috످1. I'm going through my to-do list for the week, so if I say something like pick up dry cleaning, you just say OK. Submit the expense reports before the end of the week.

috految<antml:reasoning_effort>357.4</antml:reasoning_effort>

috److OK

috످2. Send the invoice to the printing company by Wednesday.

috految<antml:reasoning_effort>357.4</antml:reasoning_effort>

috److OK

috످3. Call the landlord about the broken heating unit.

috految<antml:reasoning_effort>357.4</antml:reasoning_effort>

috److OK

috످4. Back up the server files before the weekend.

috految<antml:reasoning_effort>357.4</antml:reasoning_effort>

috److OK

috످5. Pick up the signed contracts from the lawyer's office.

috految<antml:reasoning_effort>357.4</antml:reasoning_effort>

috److OK

috످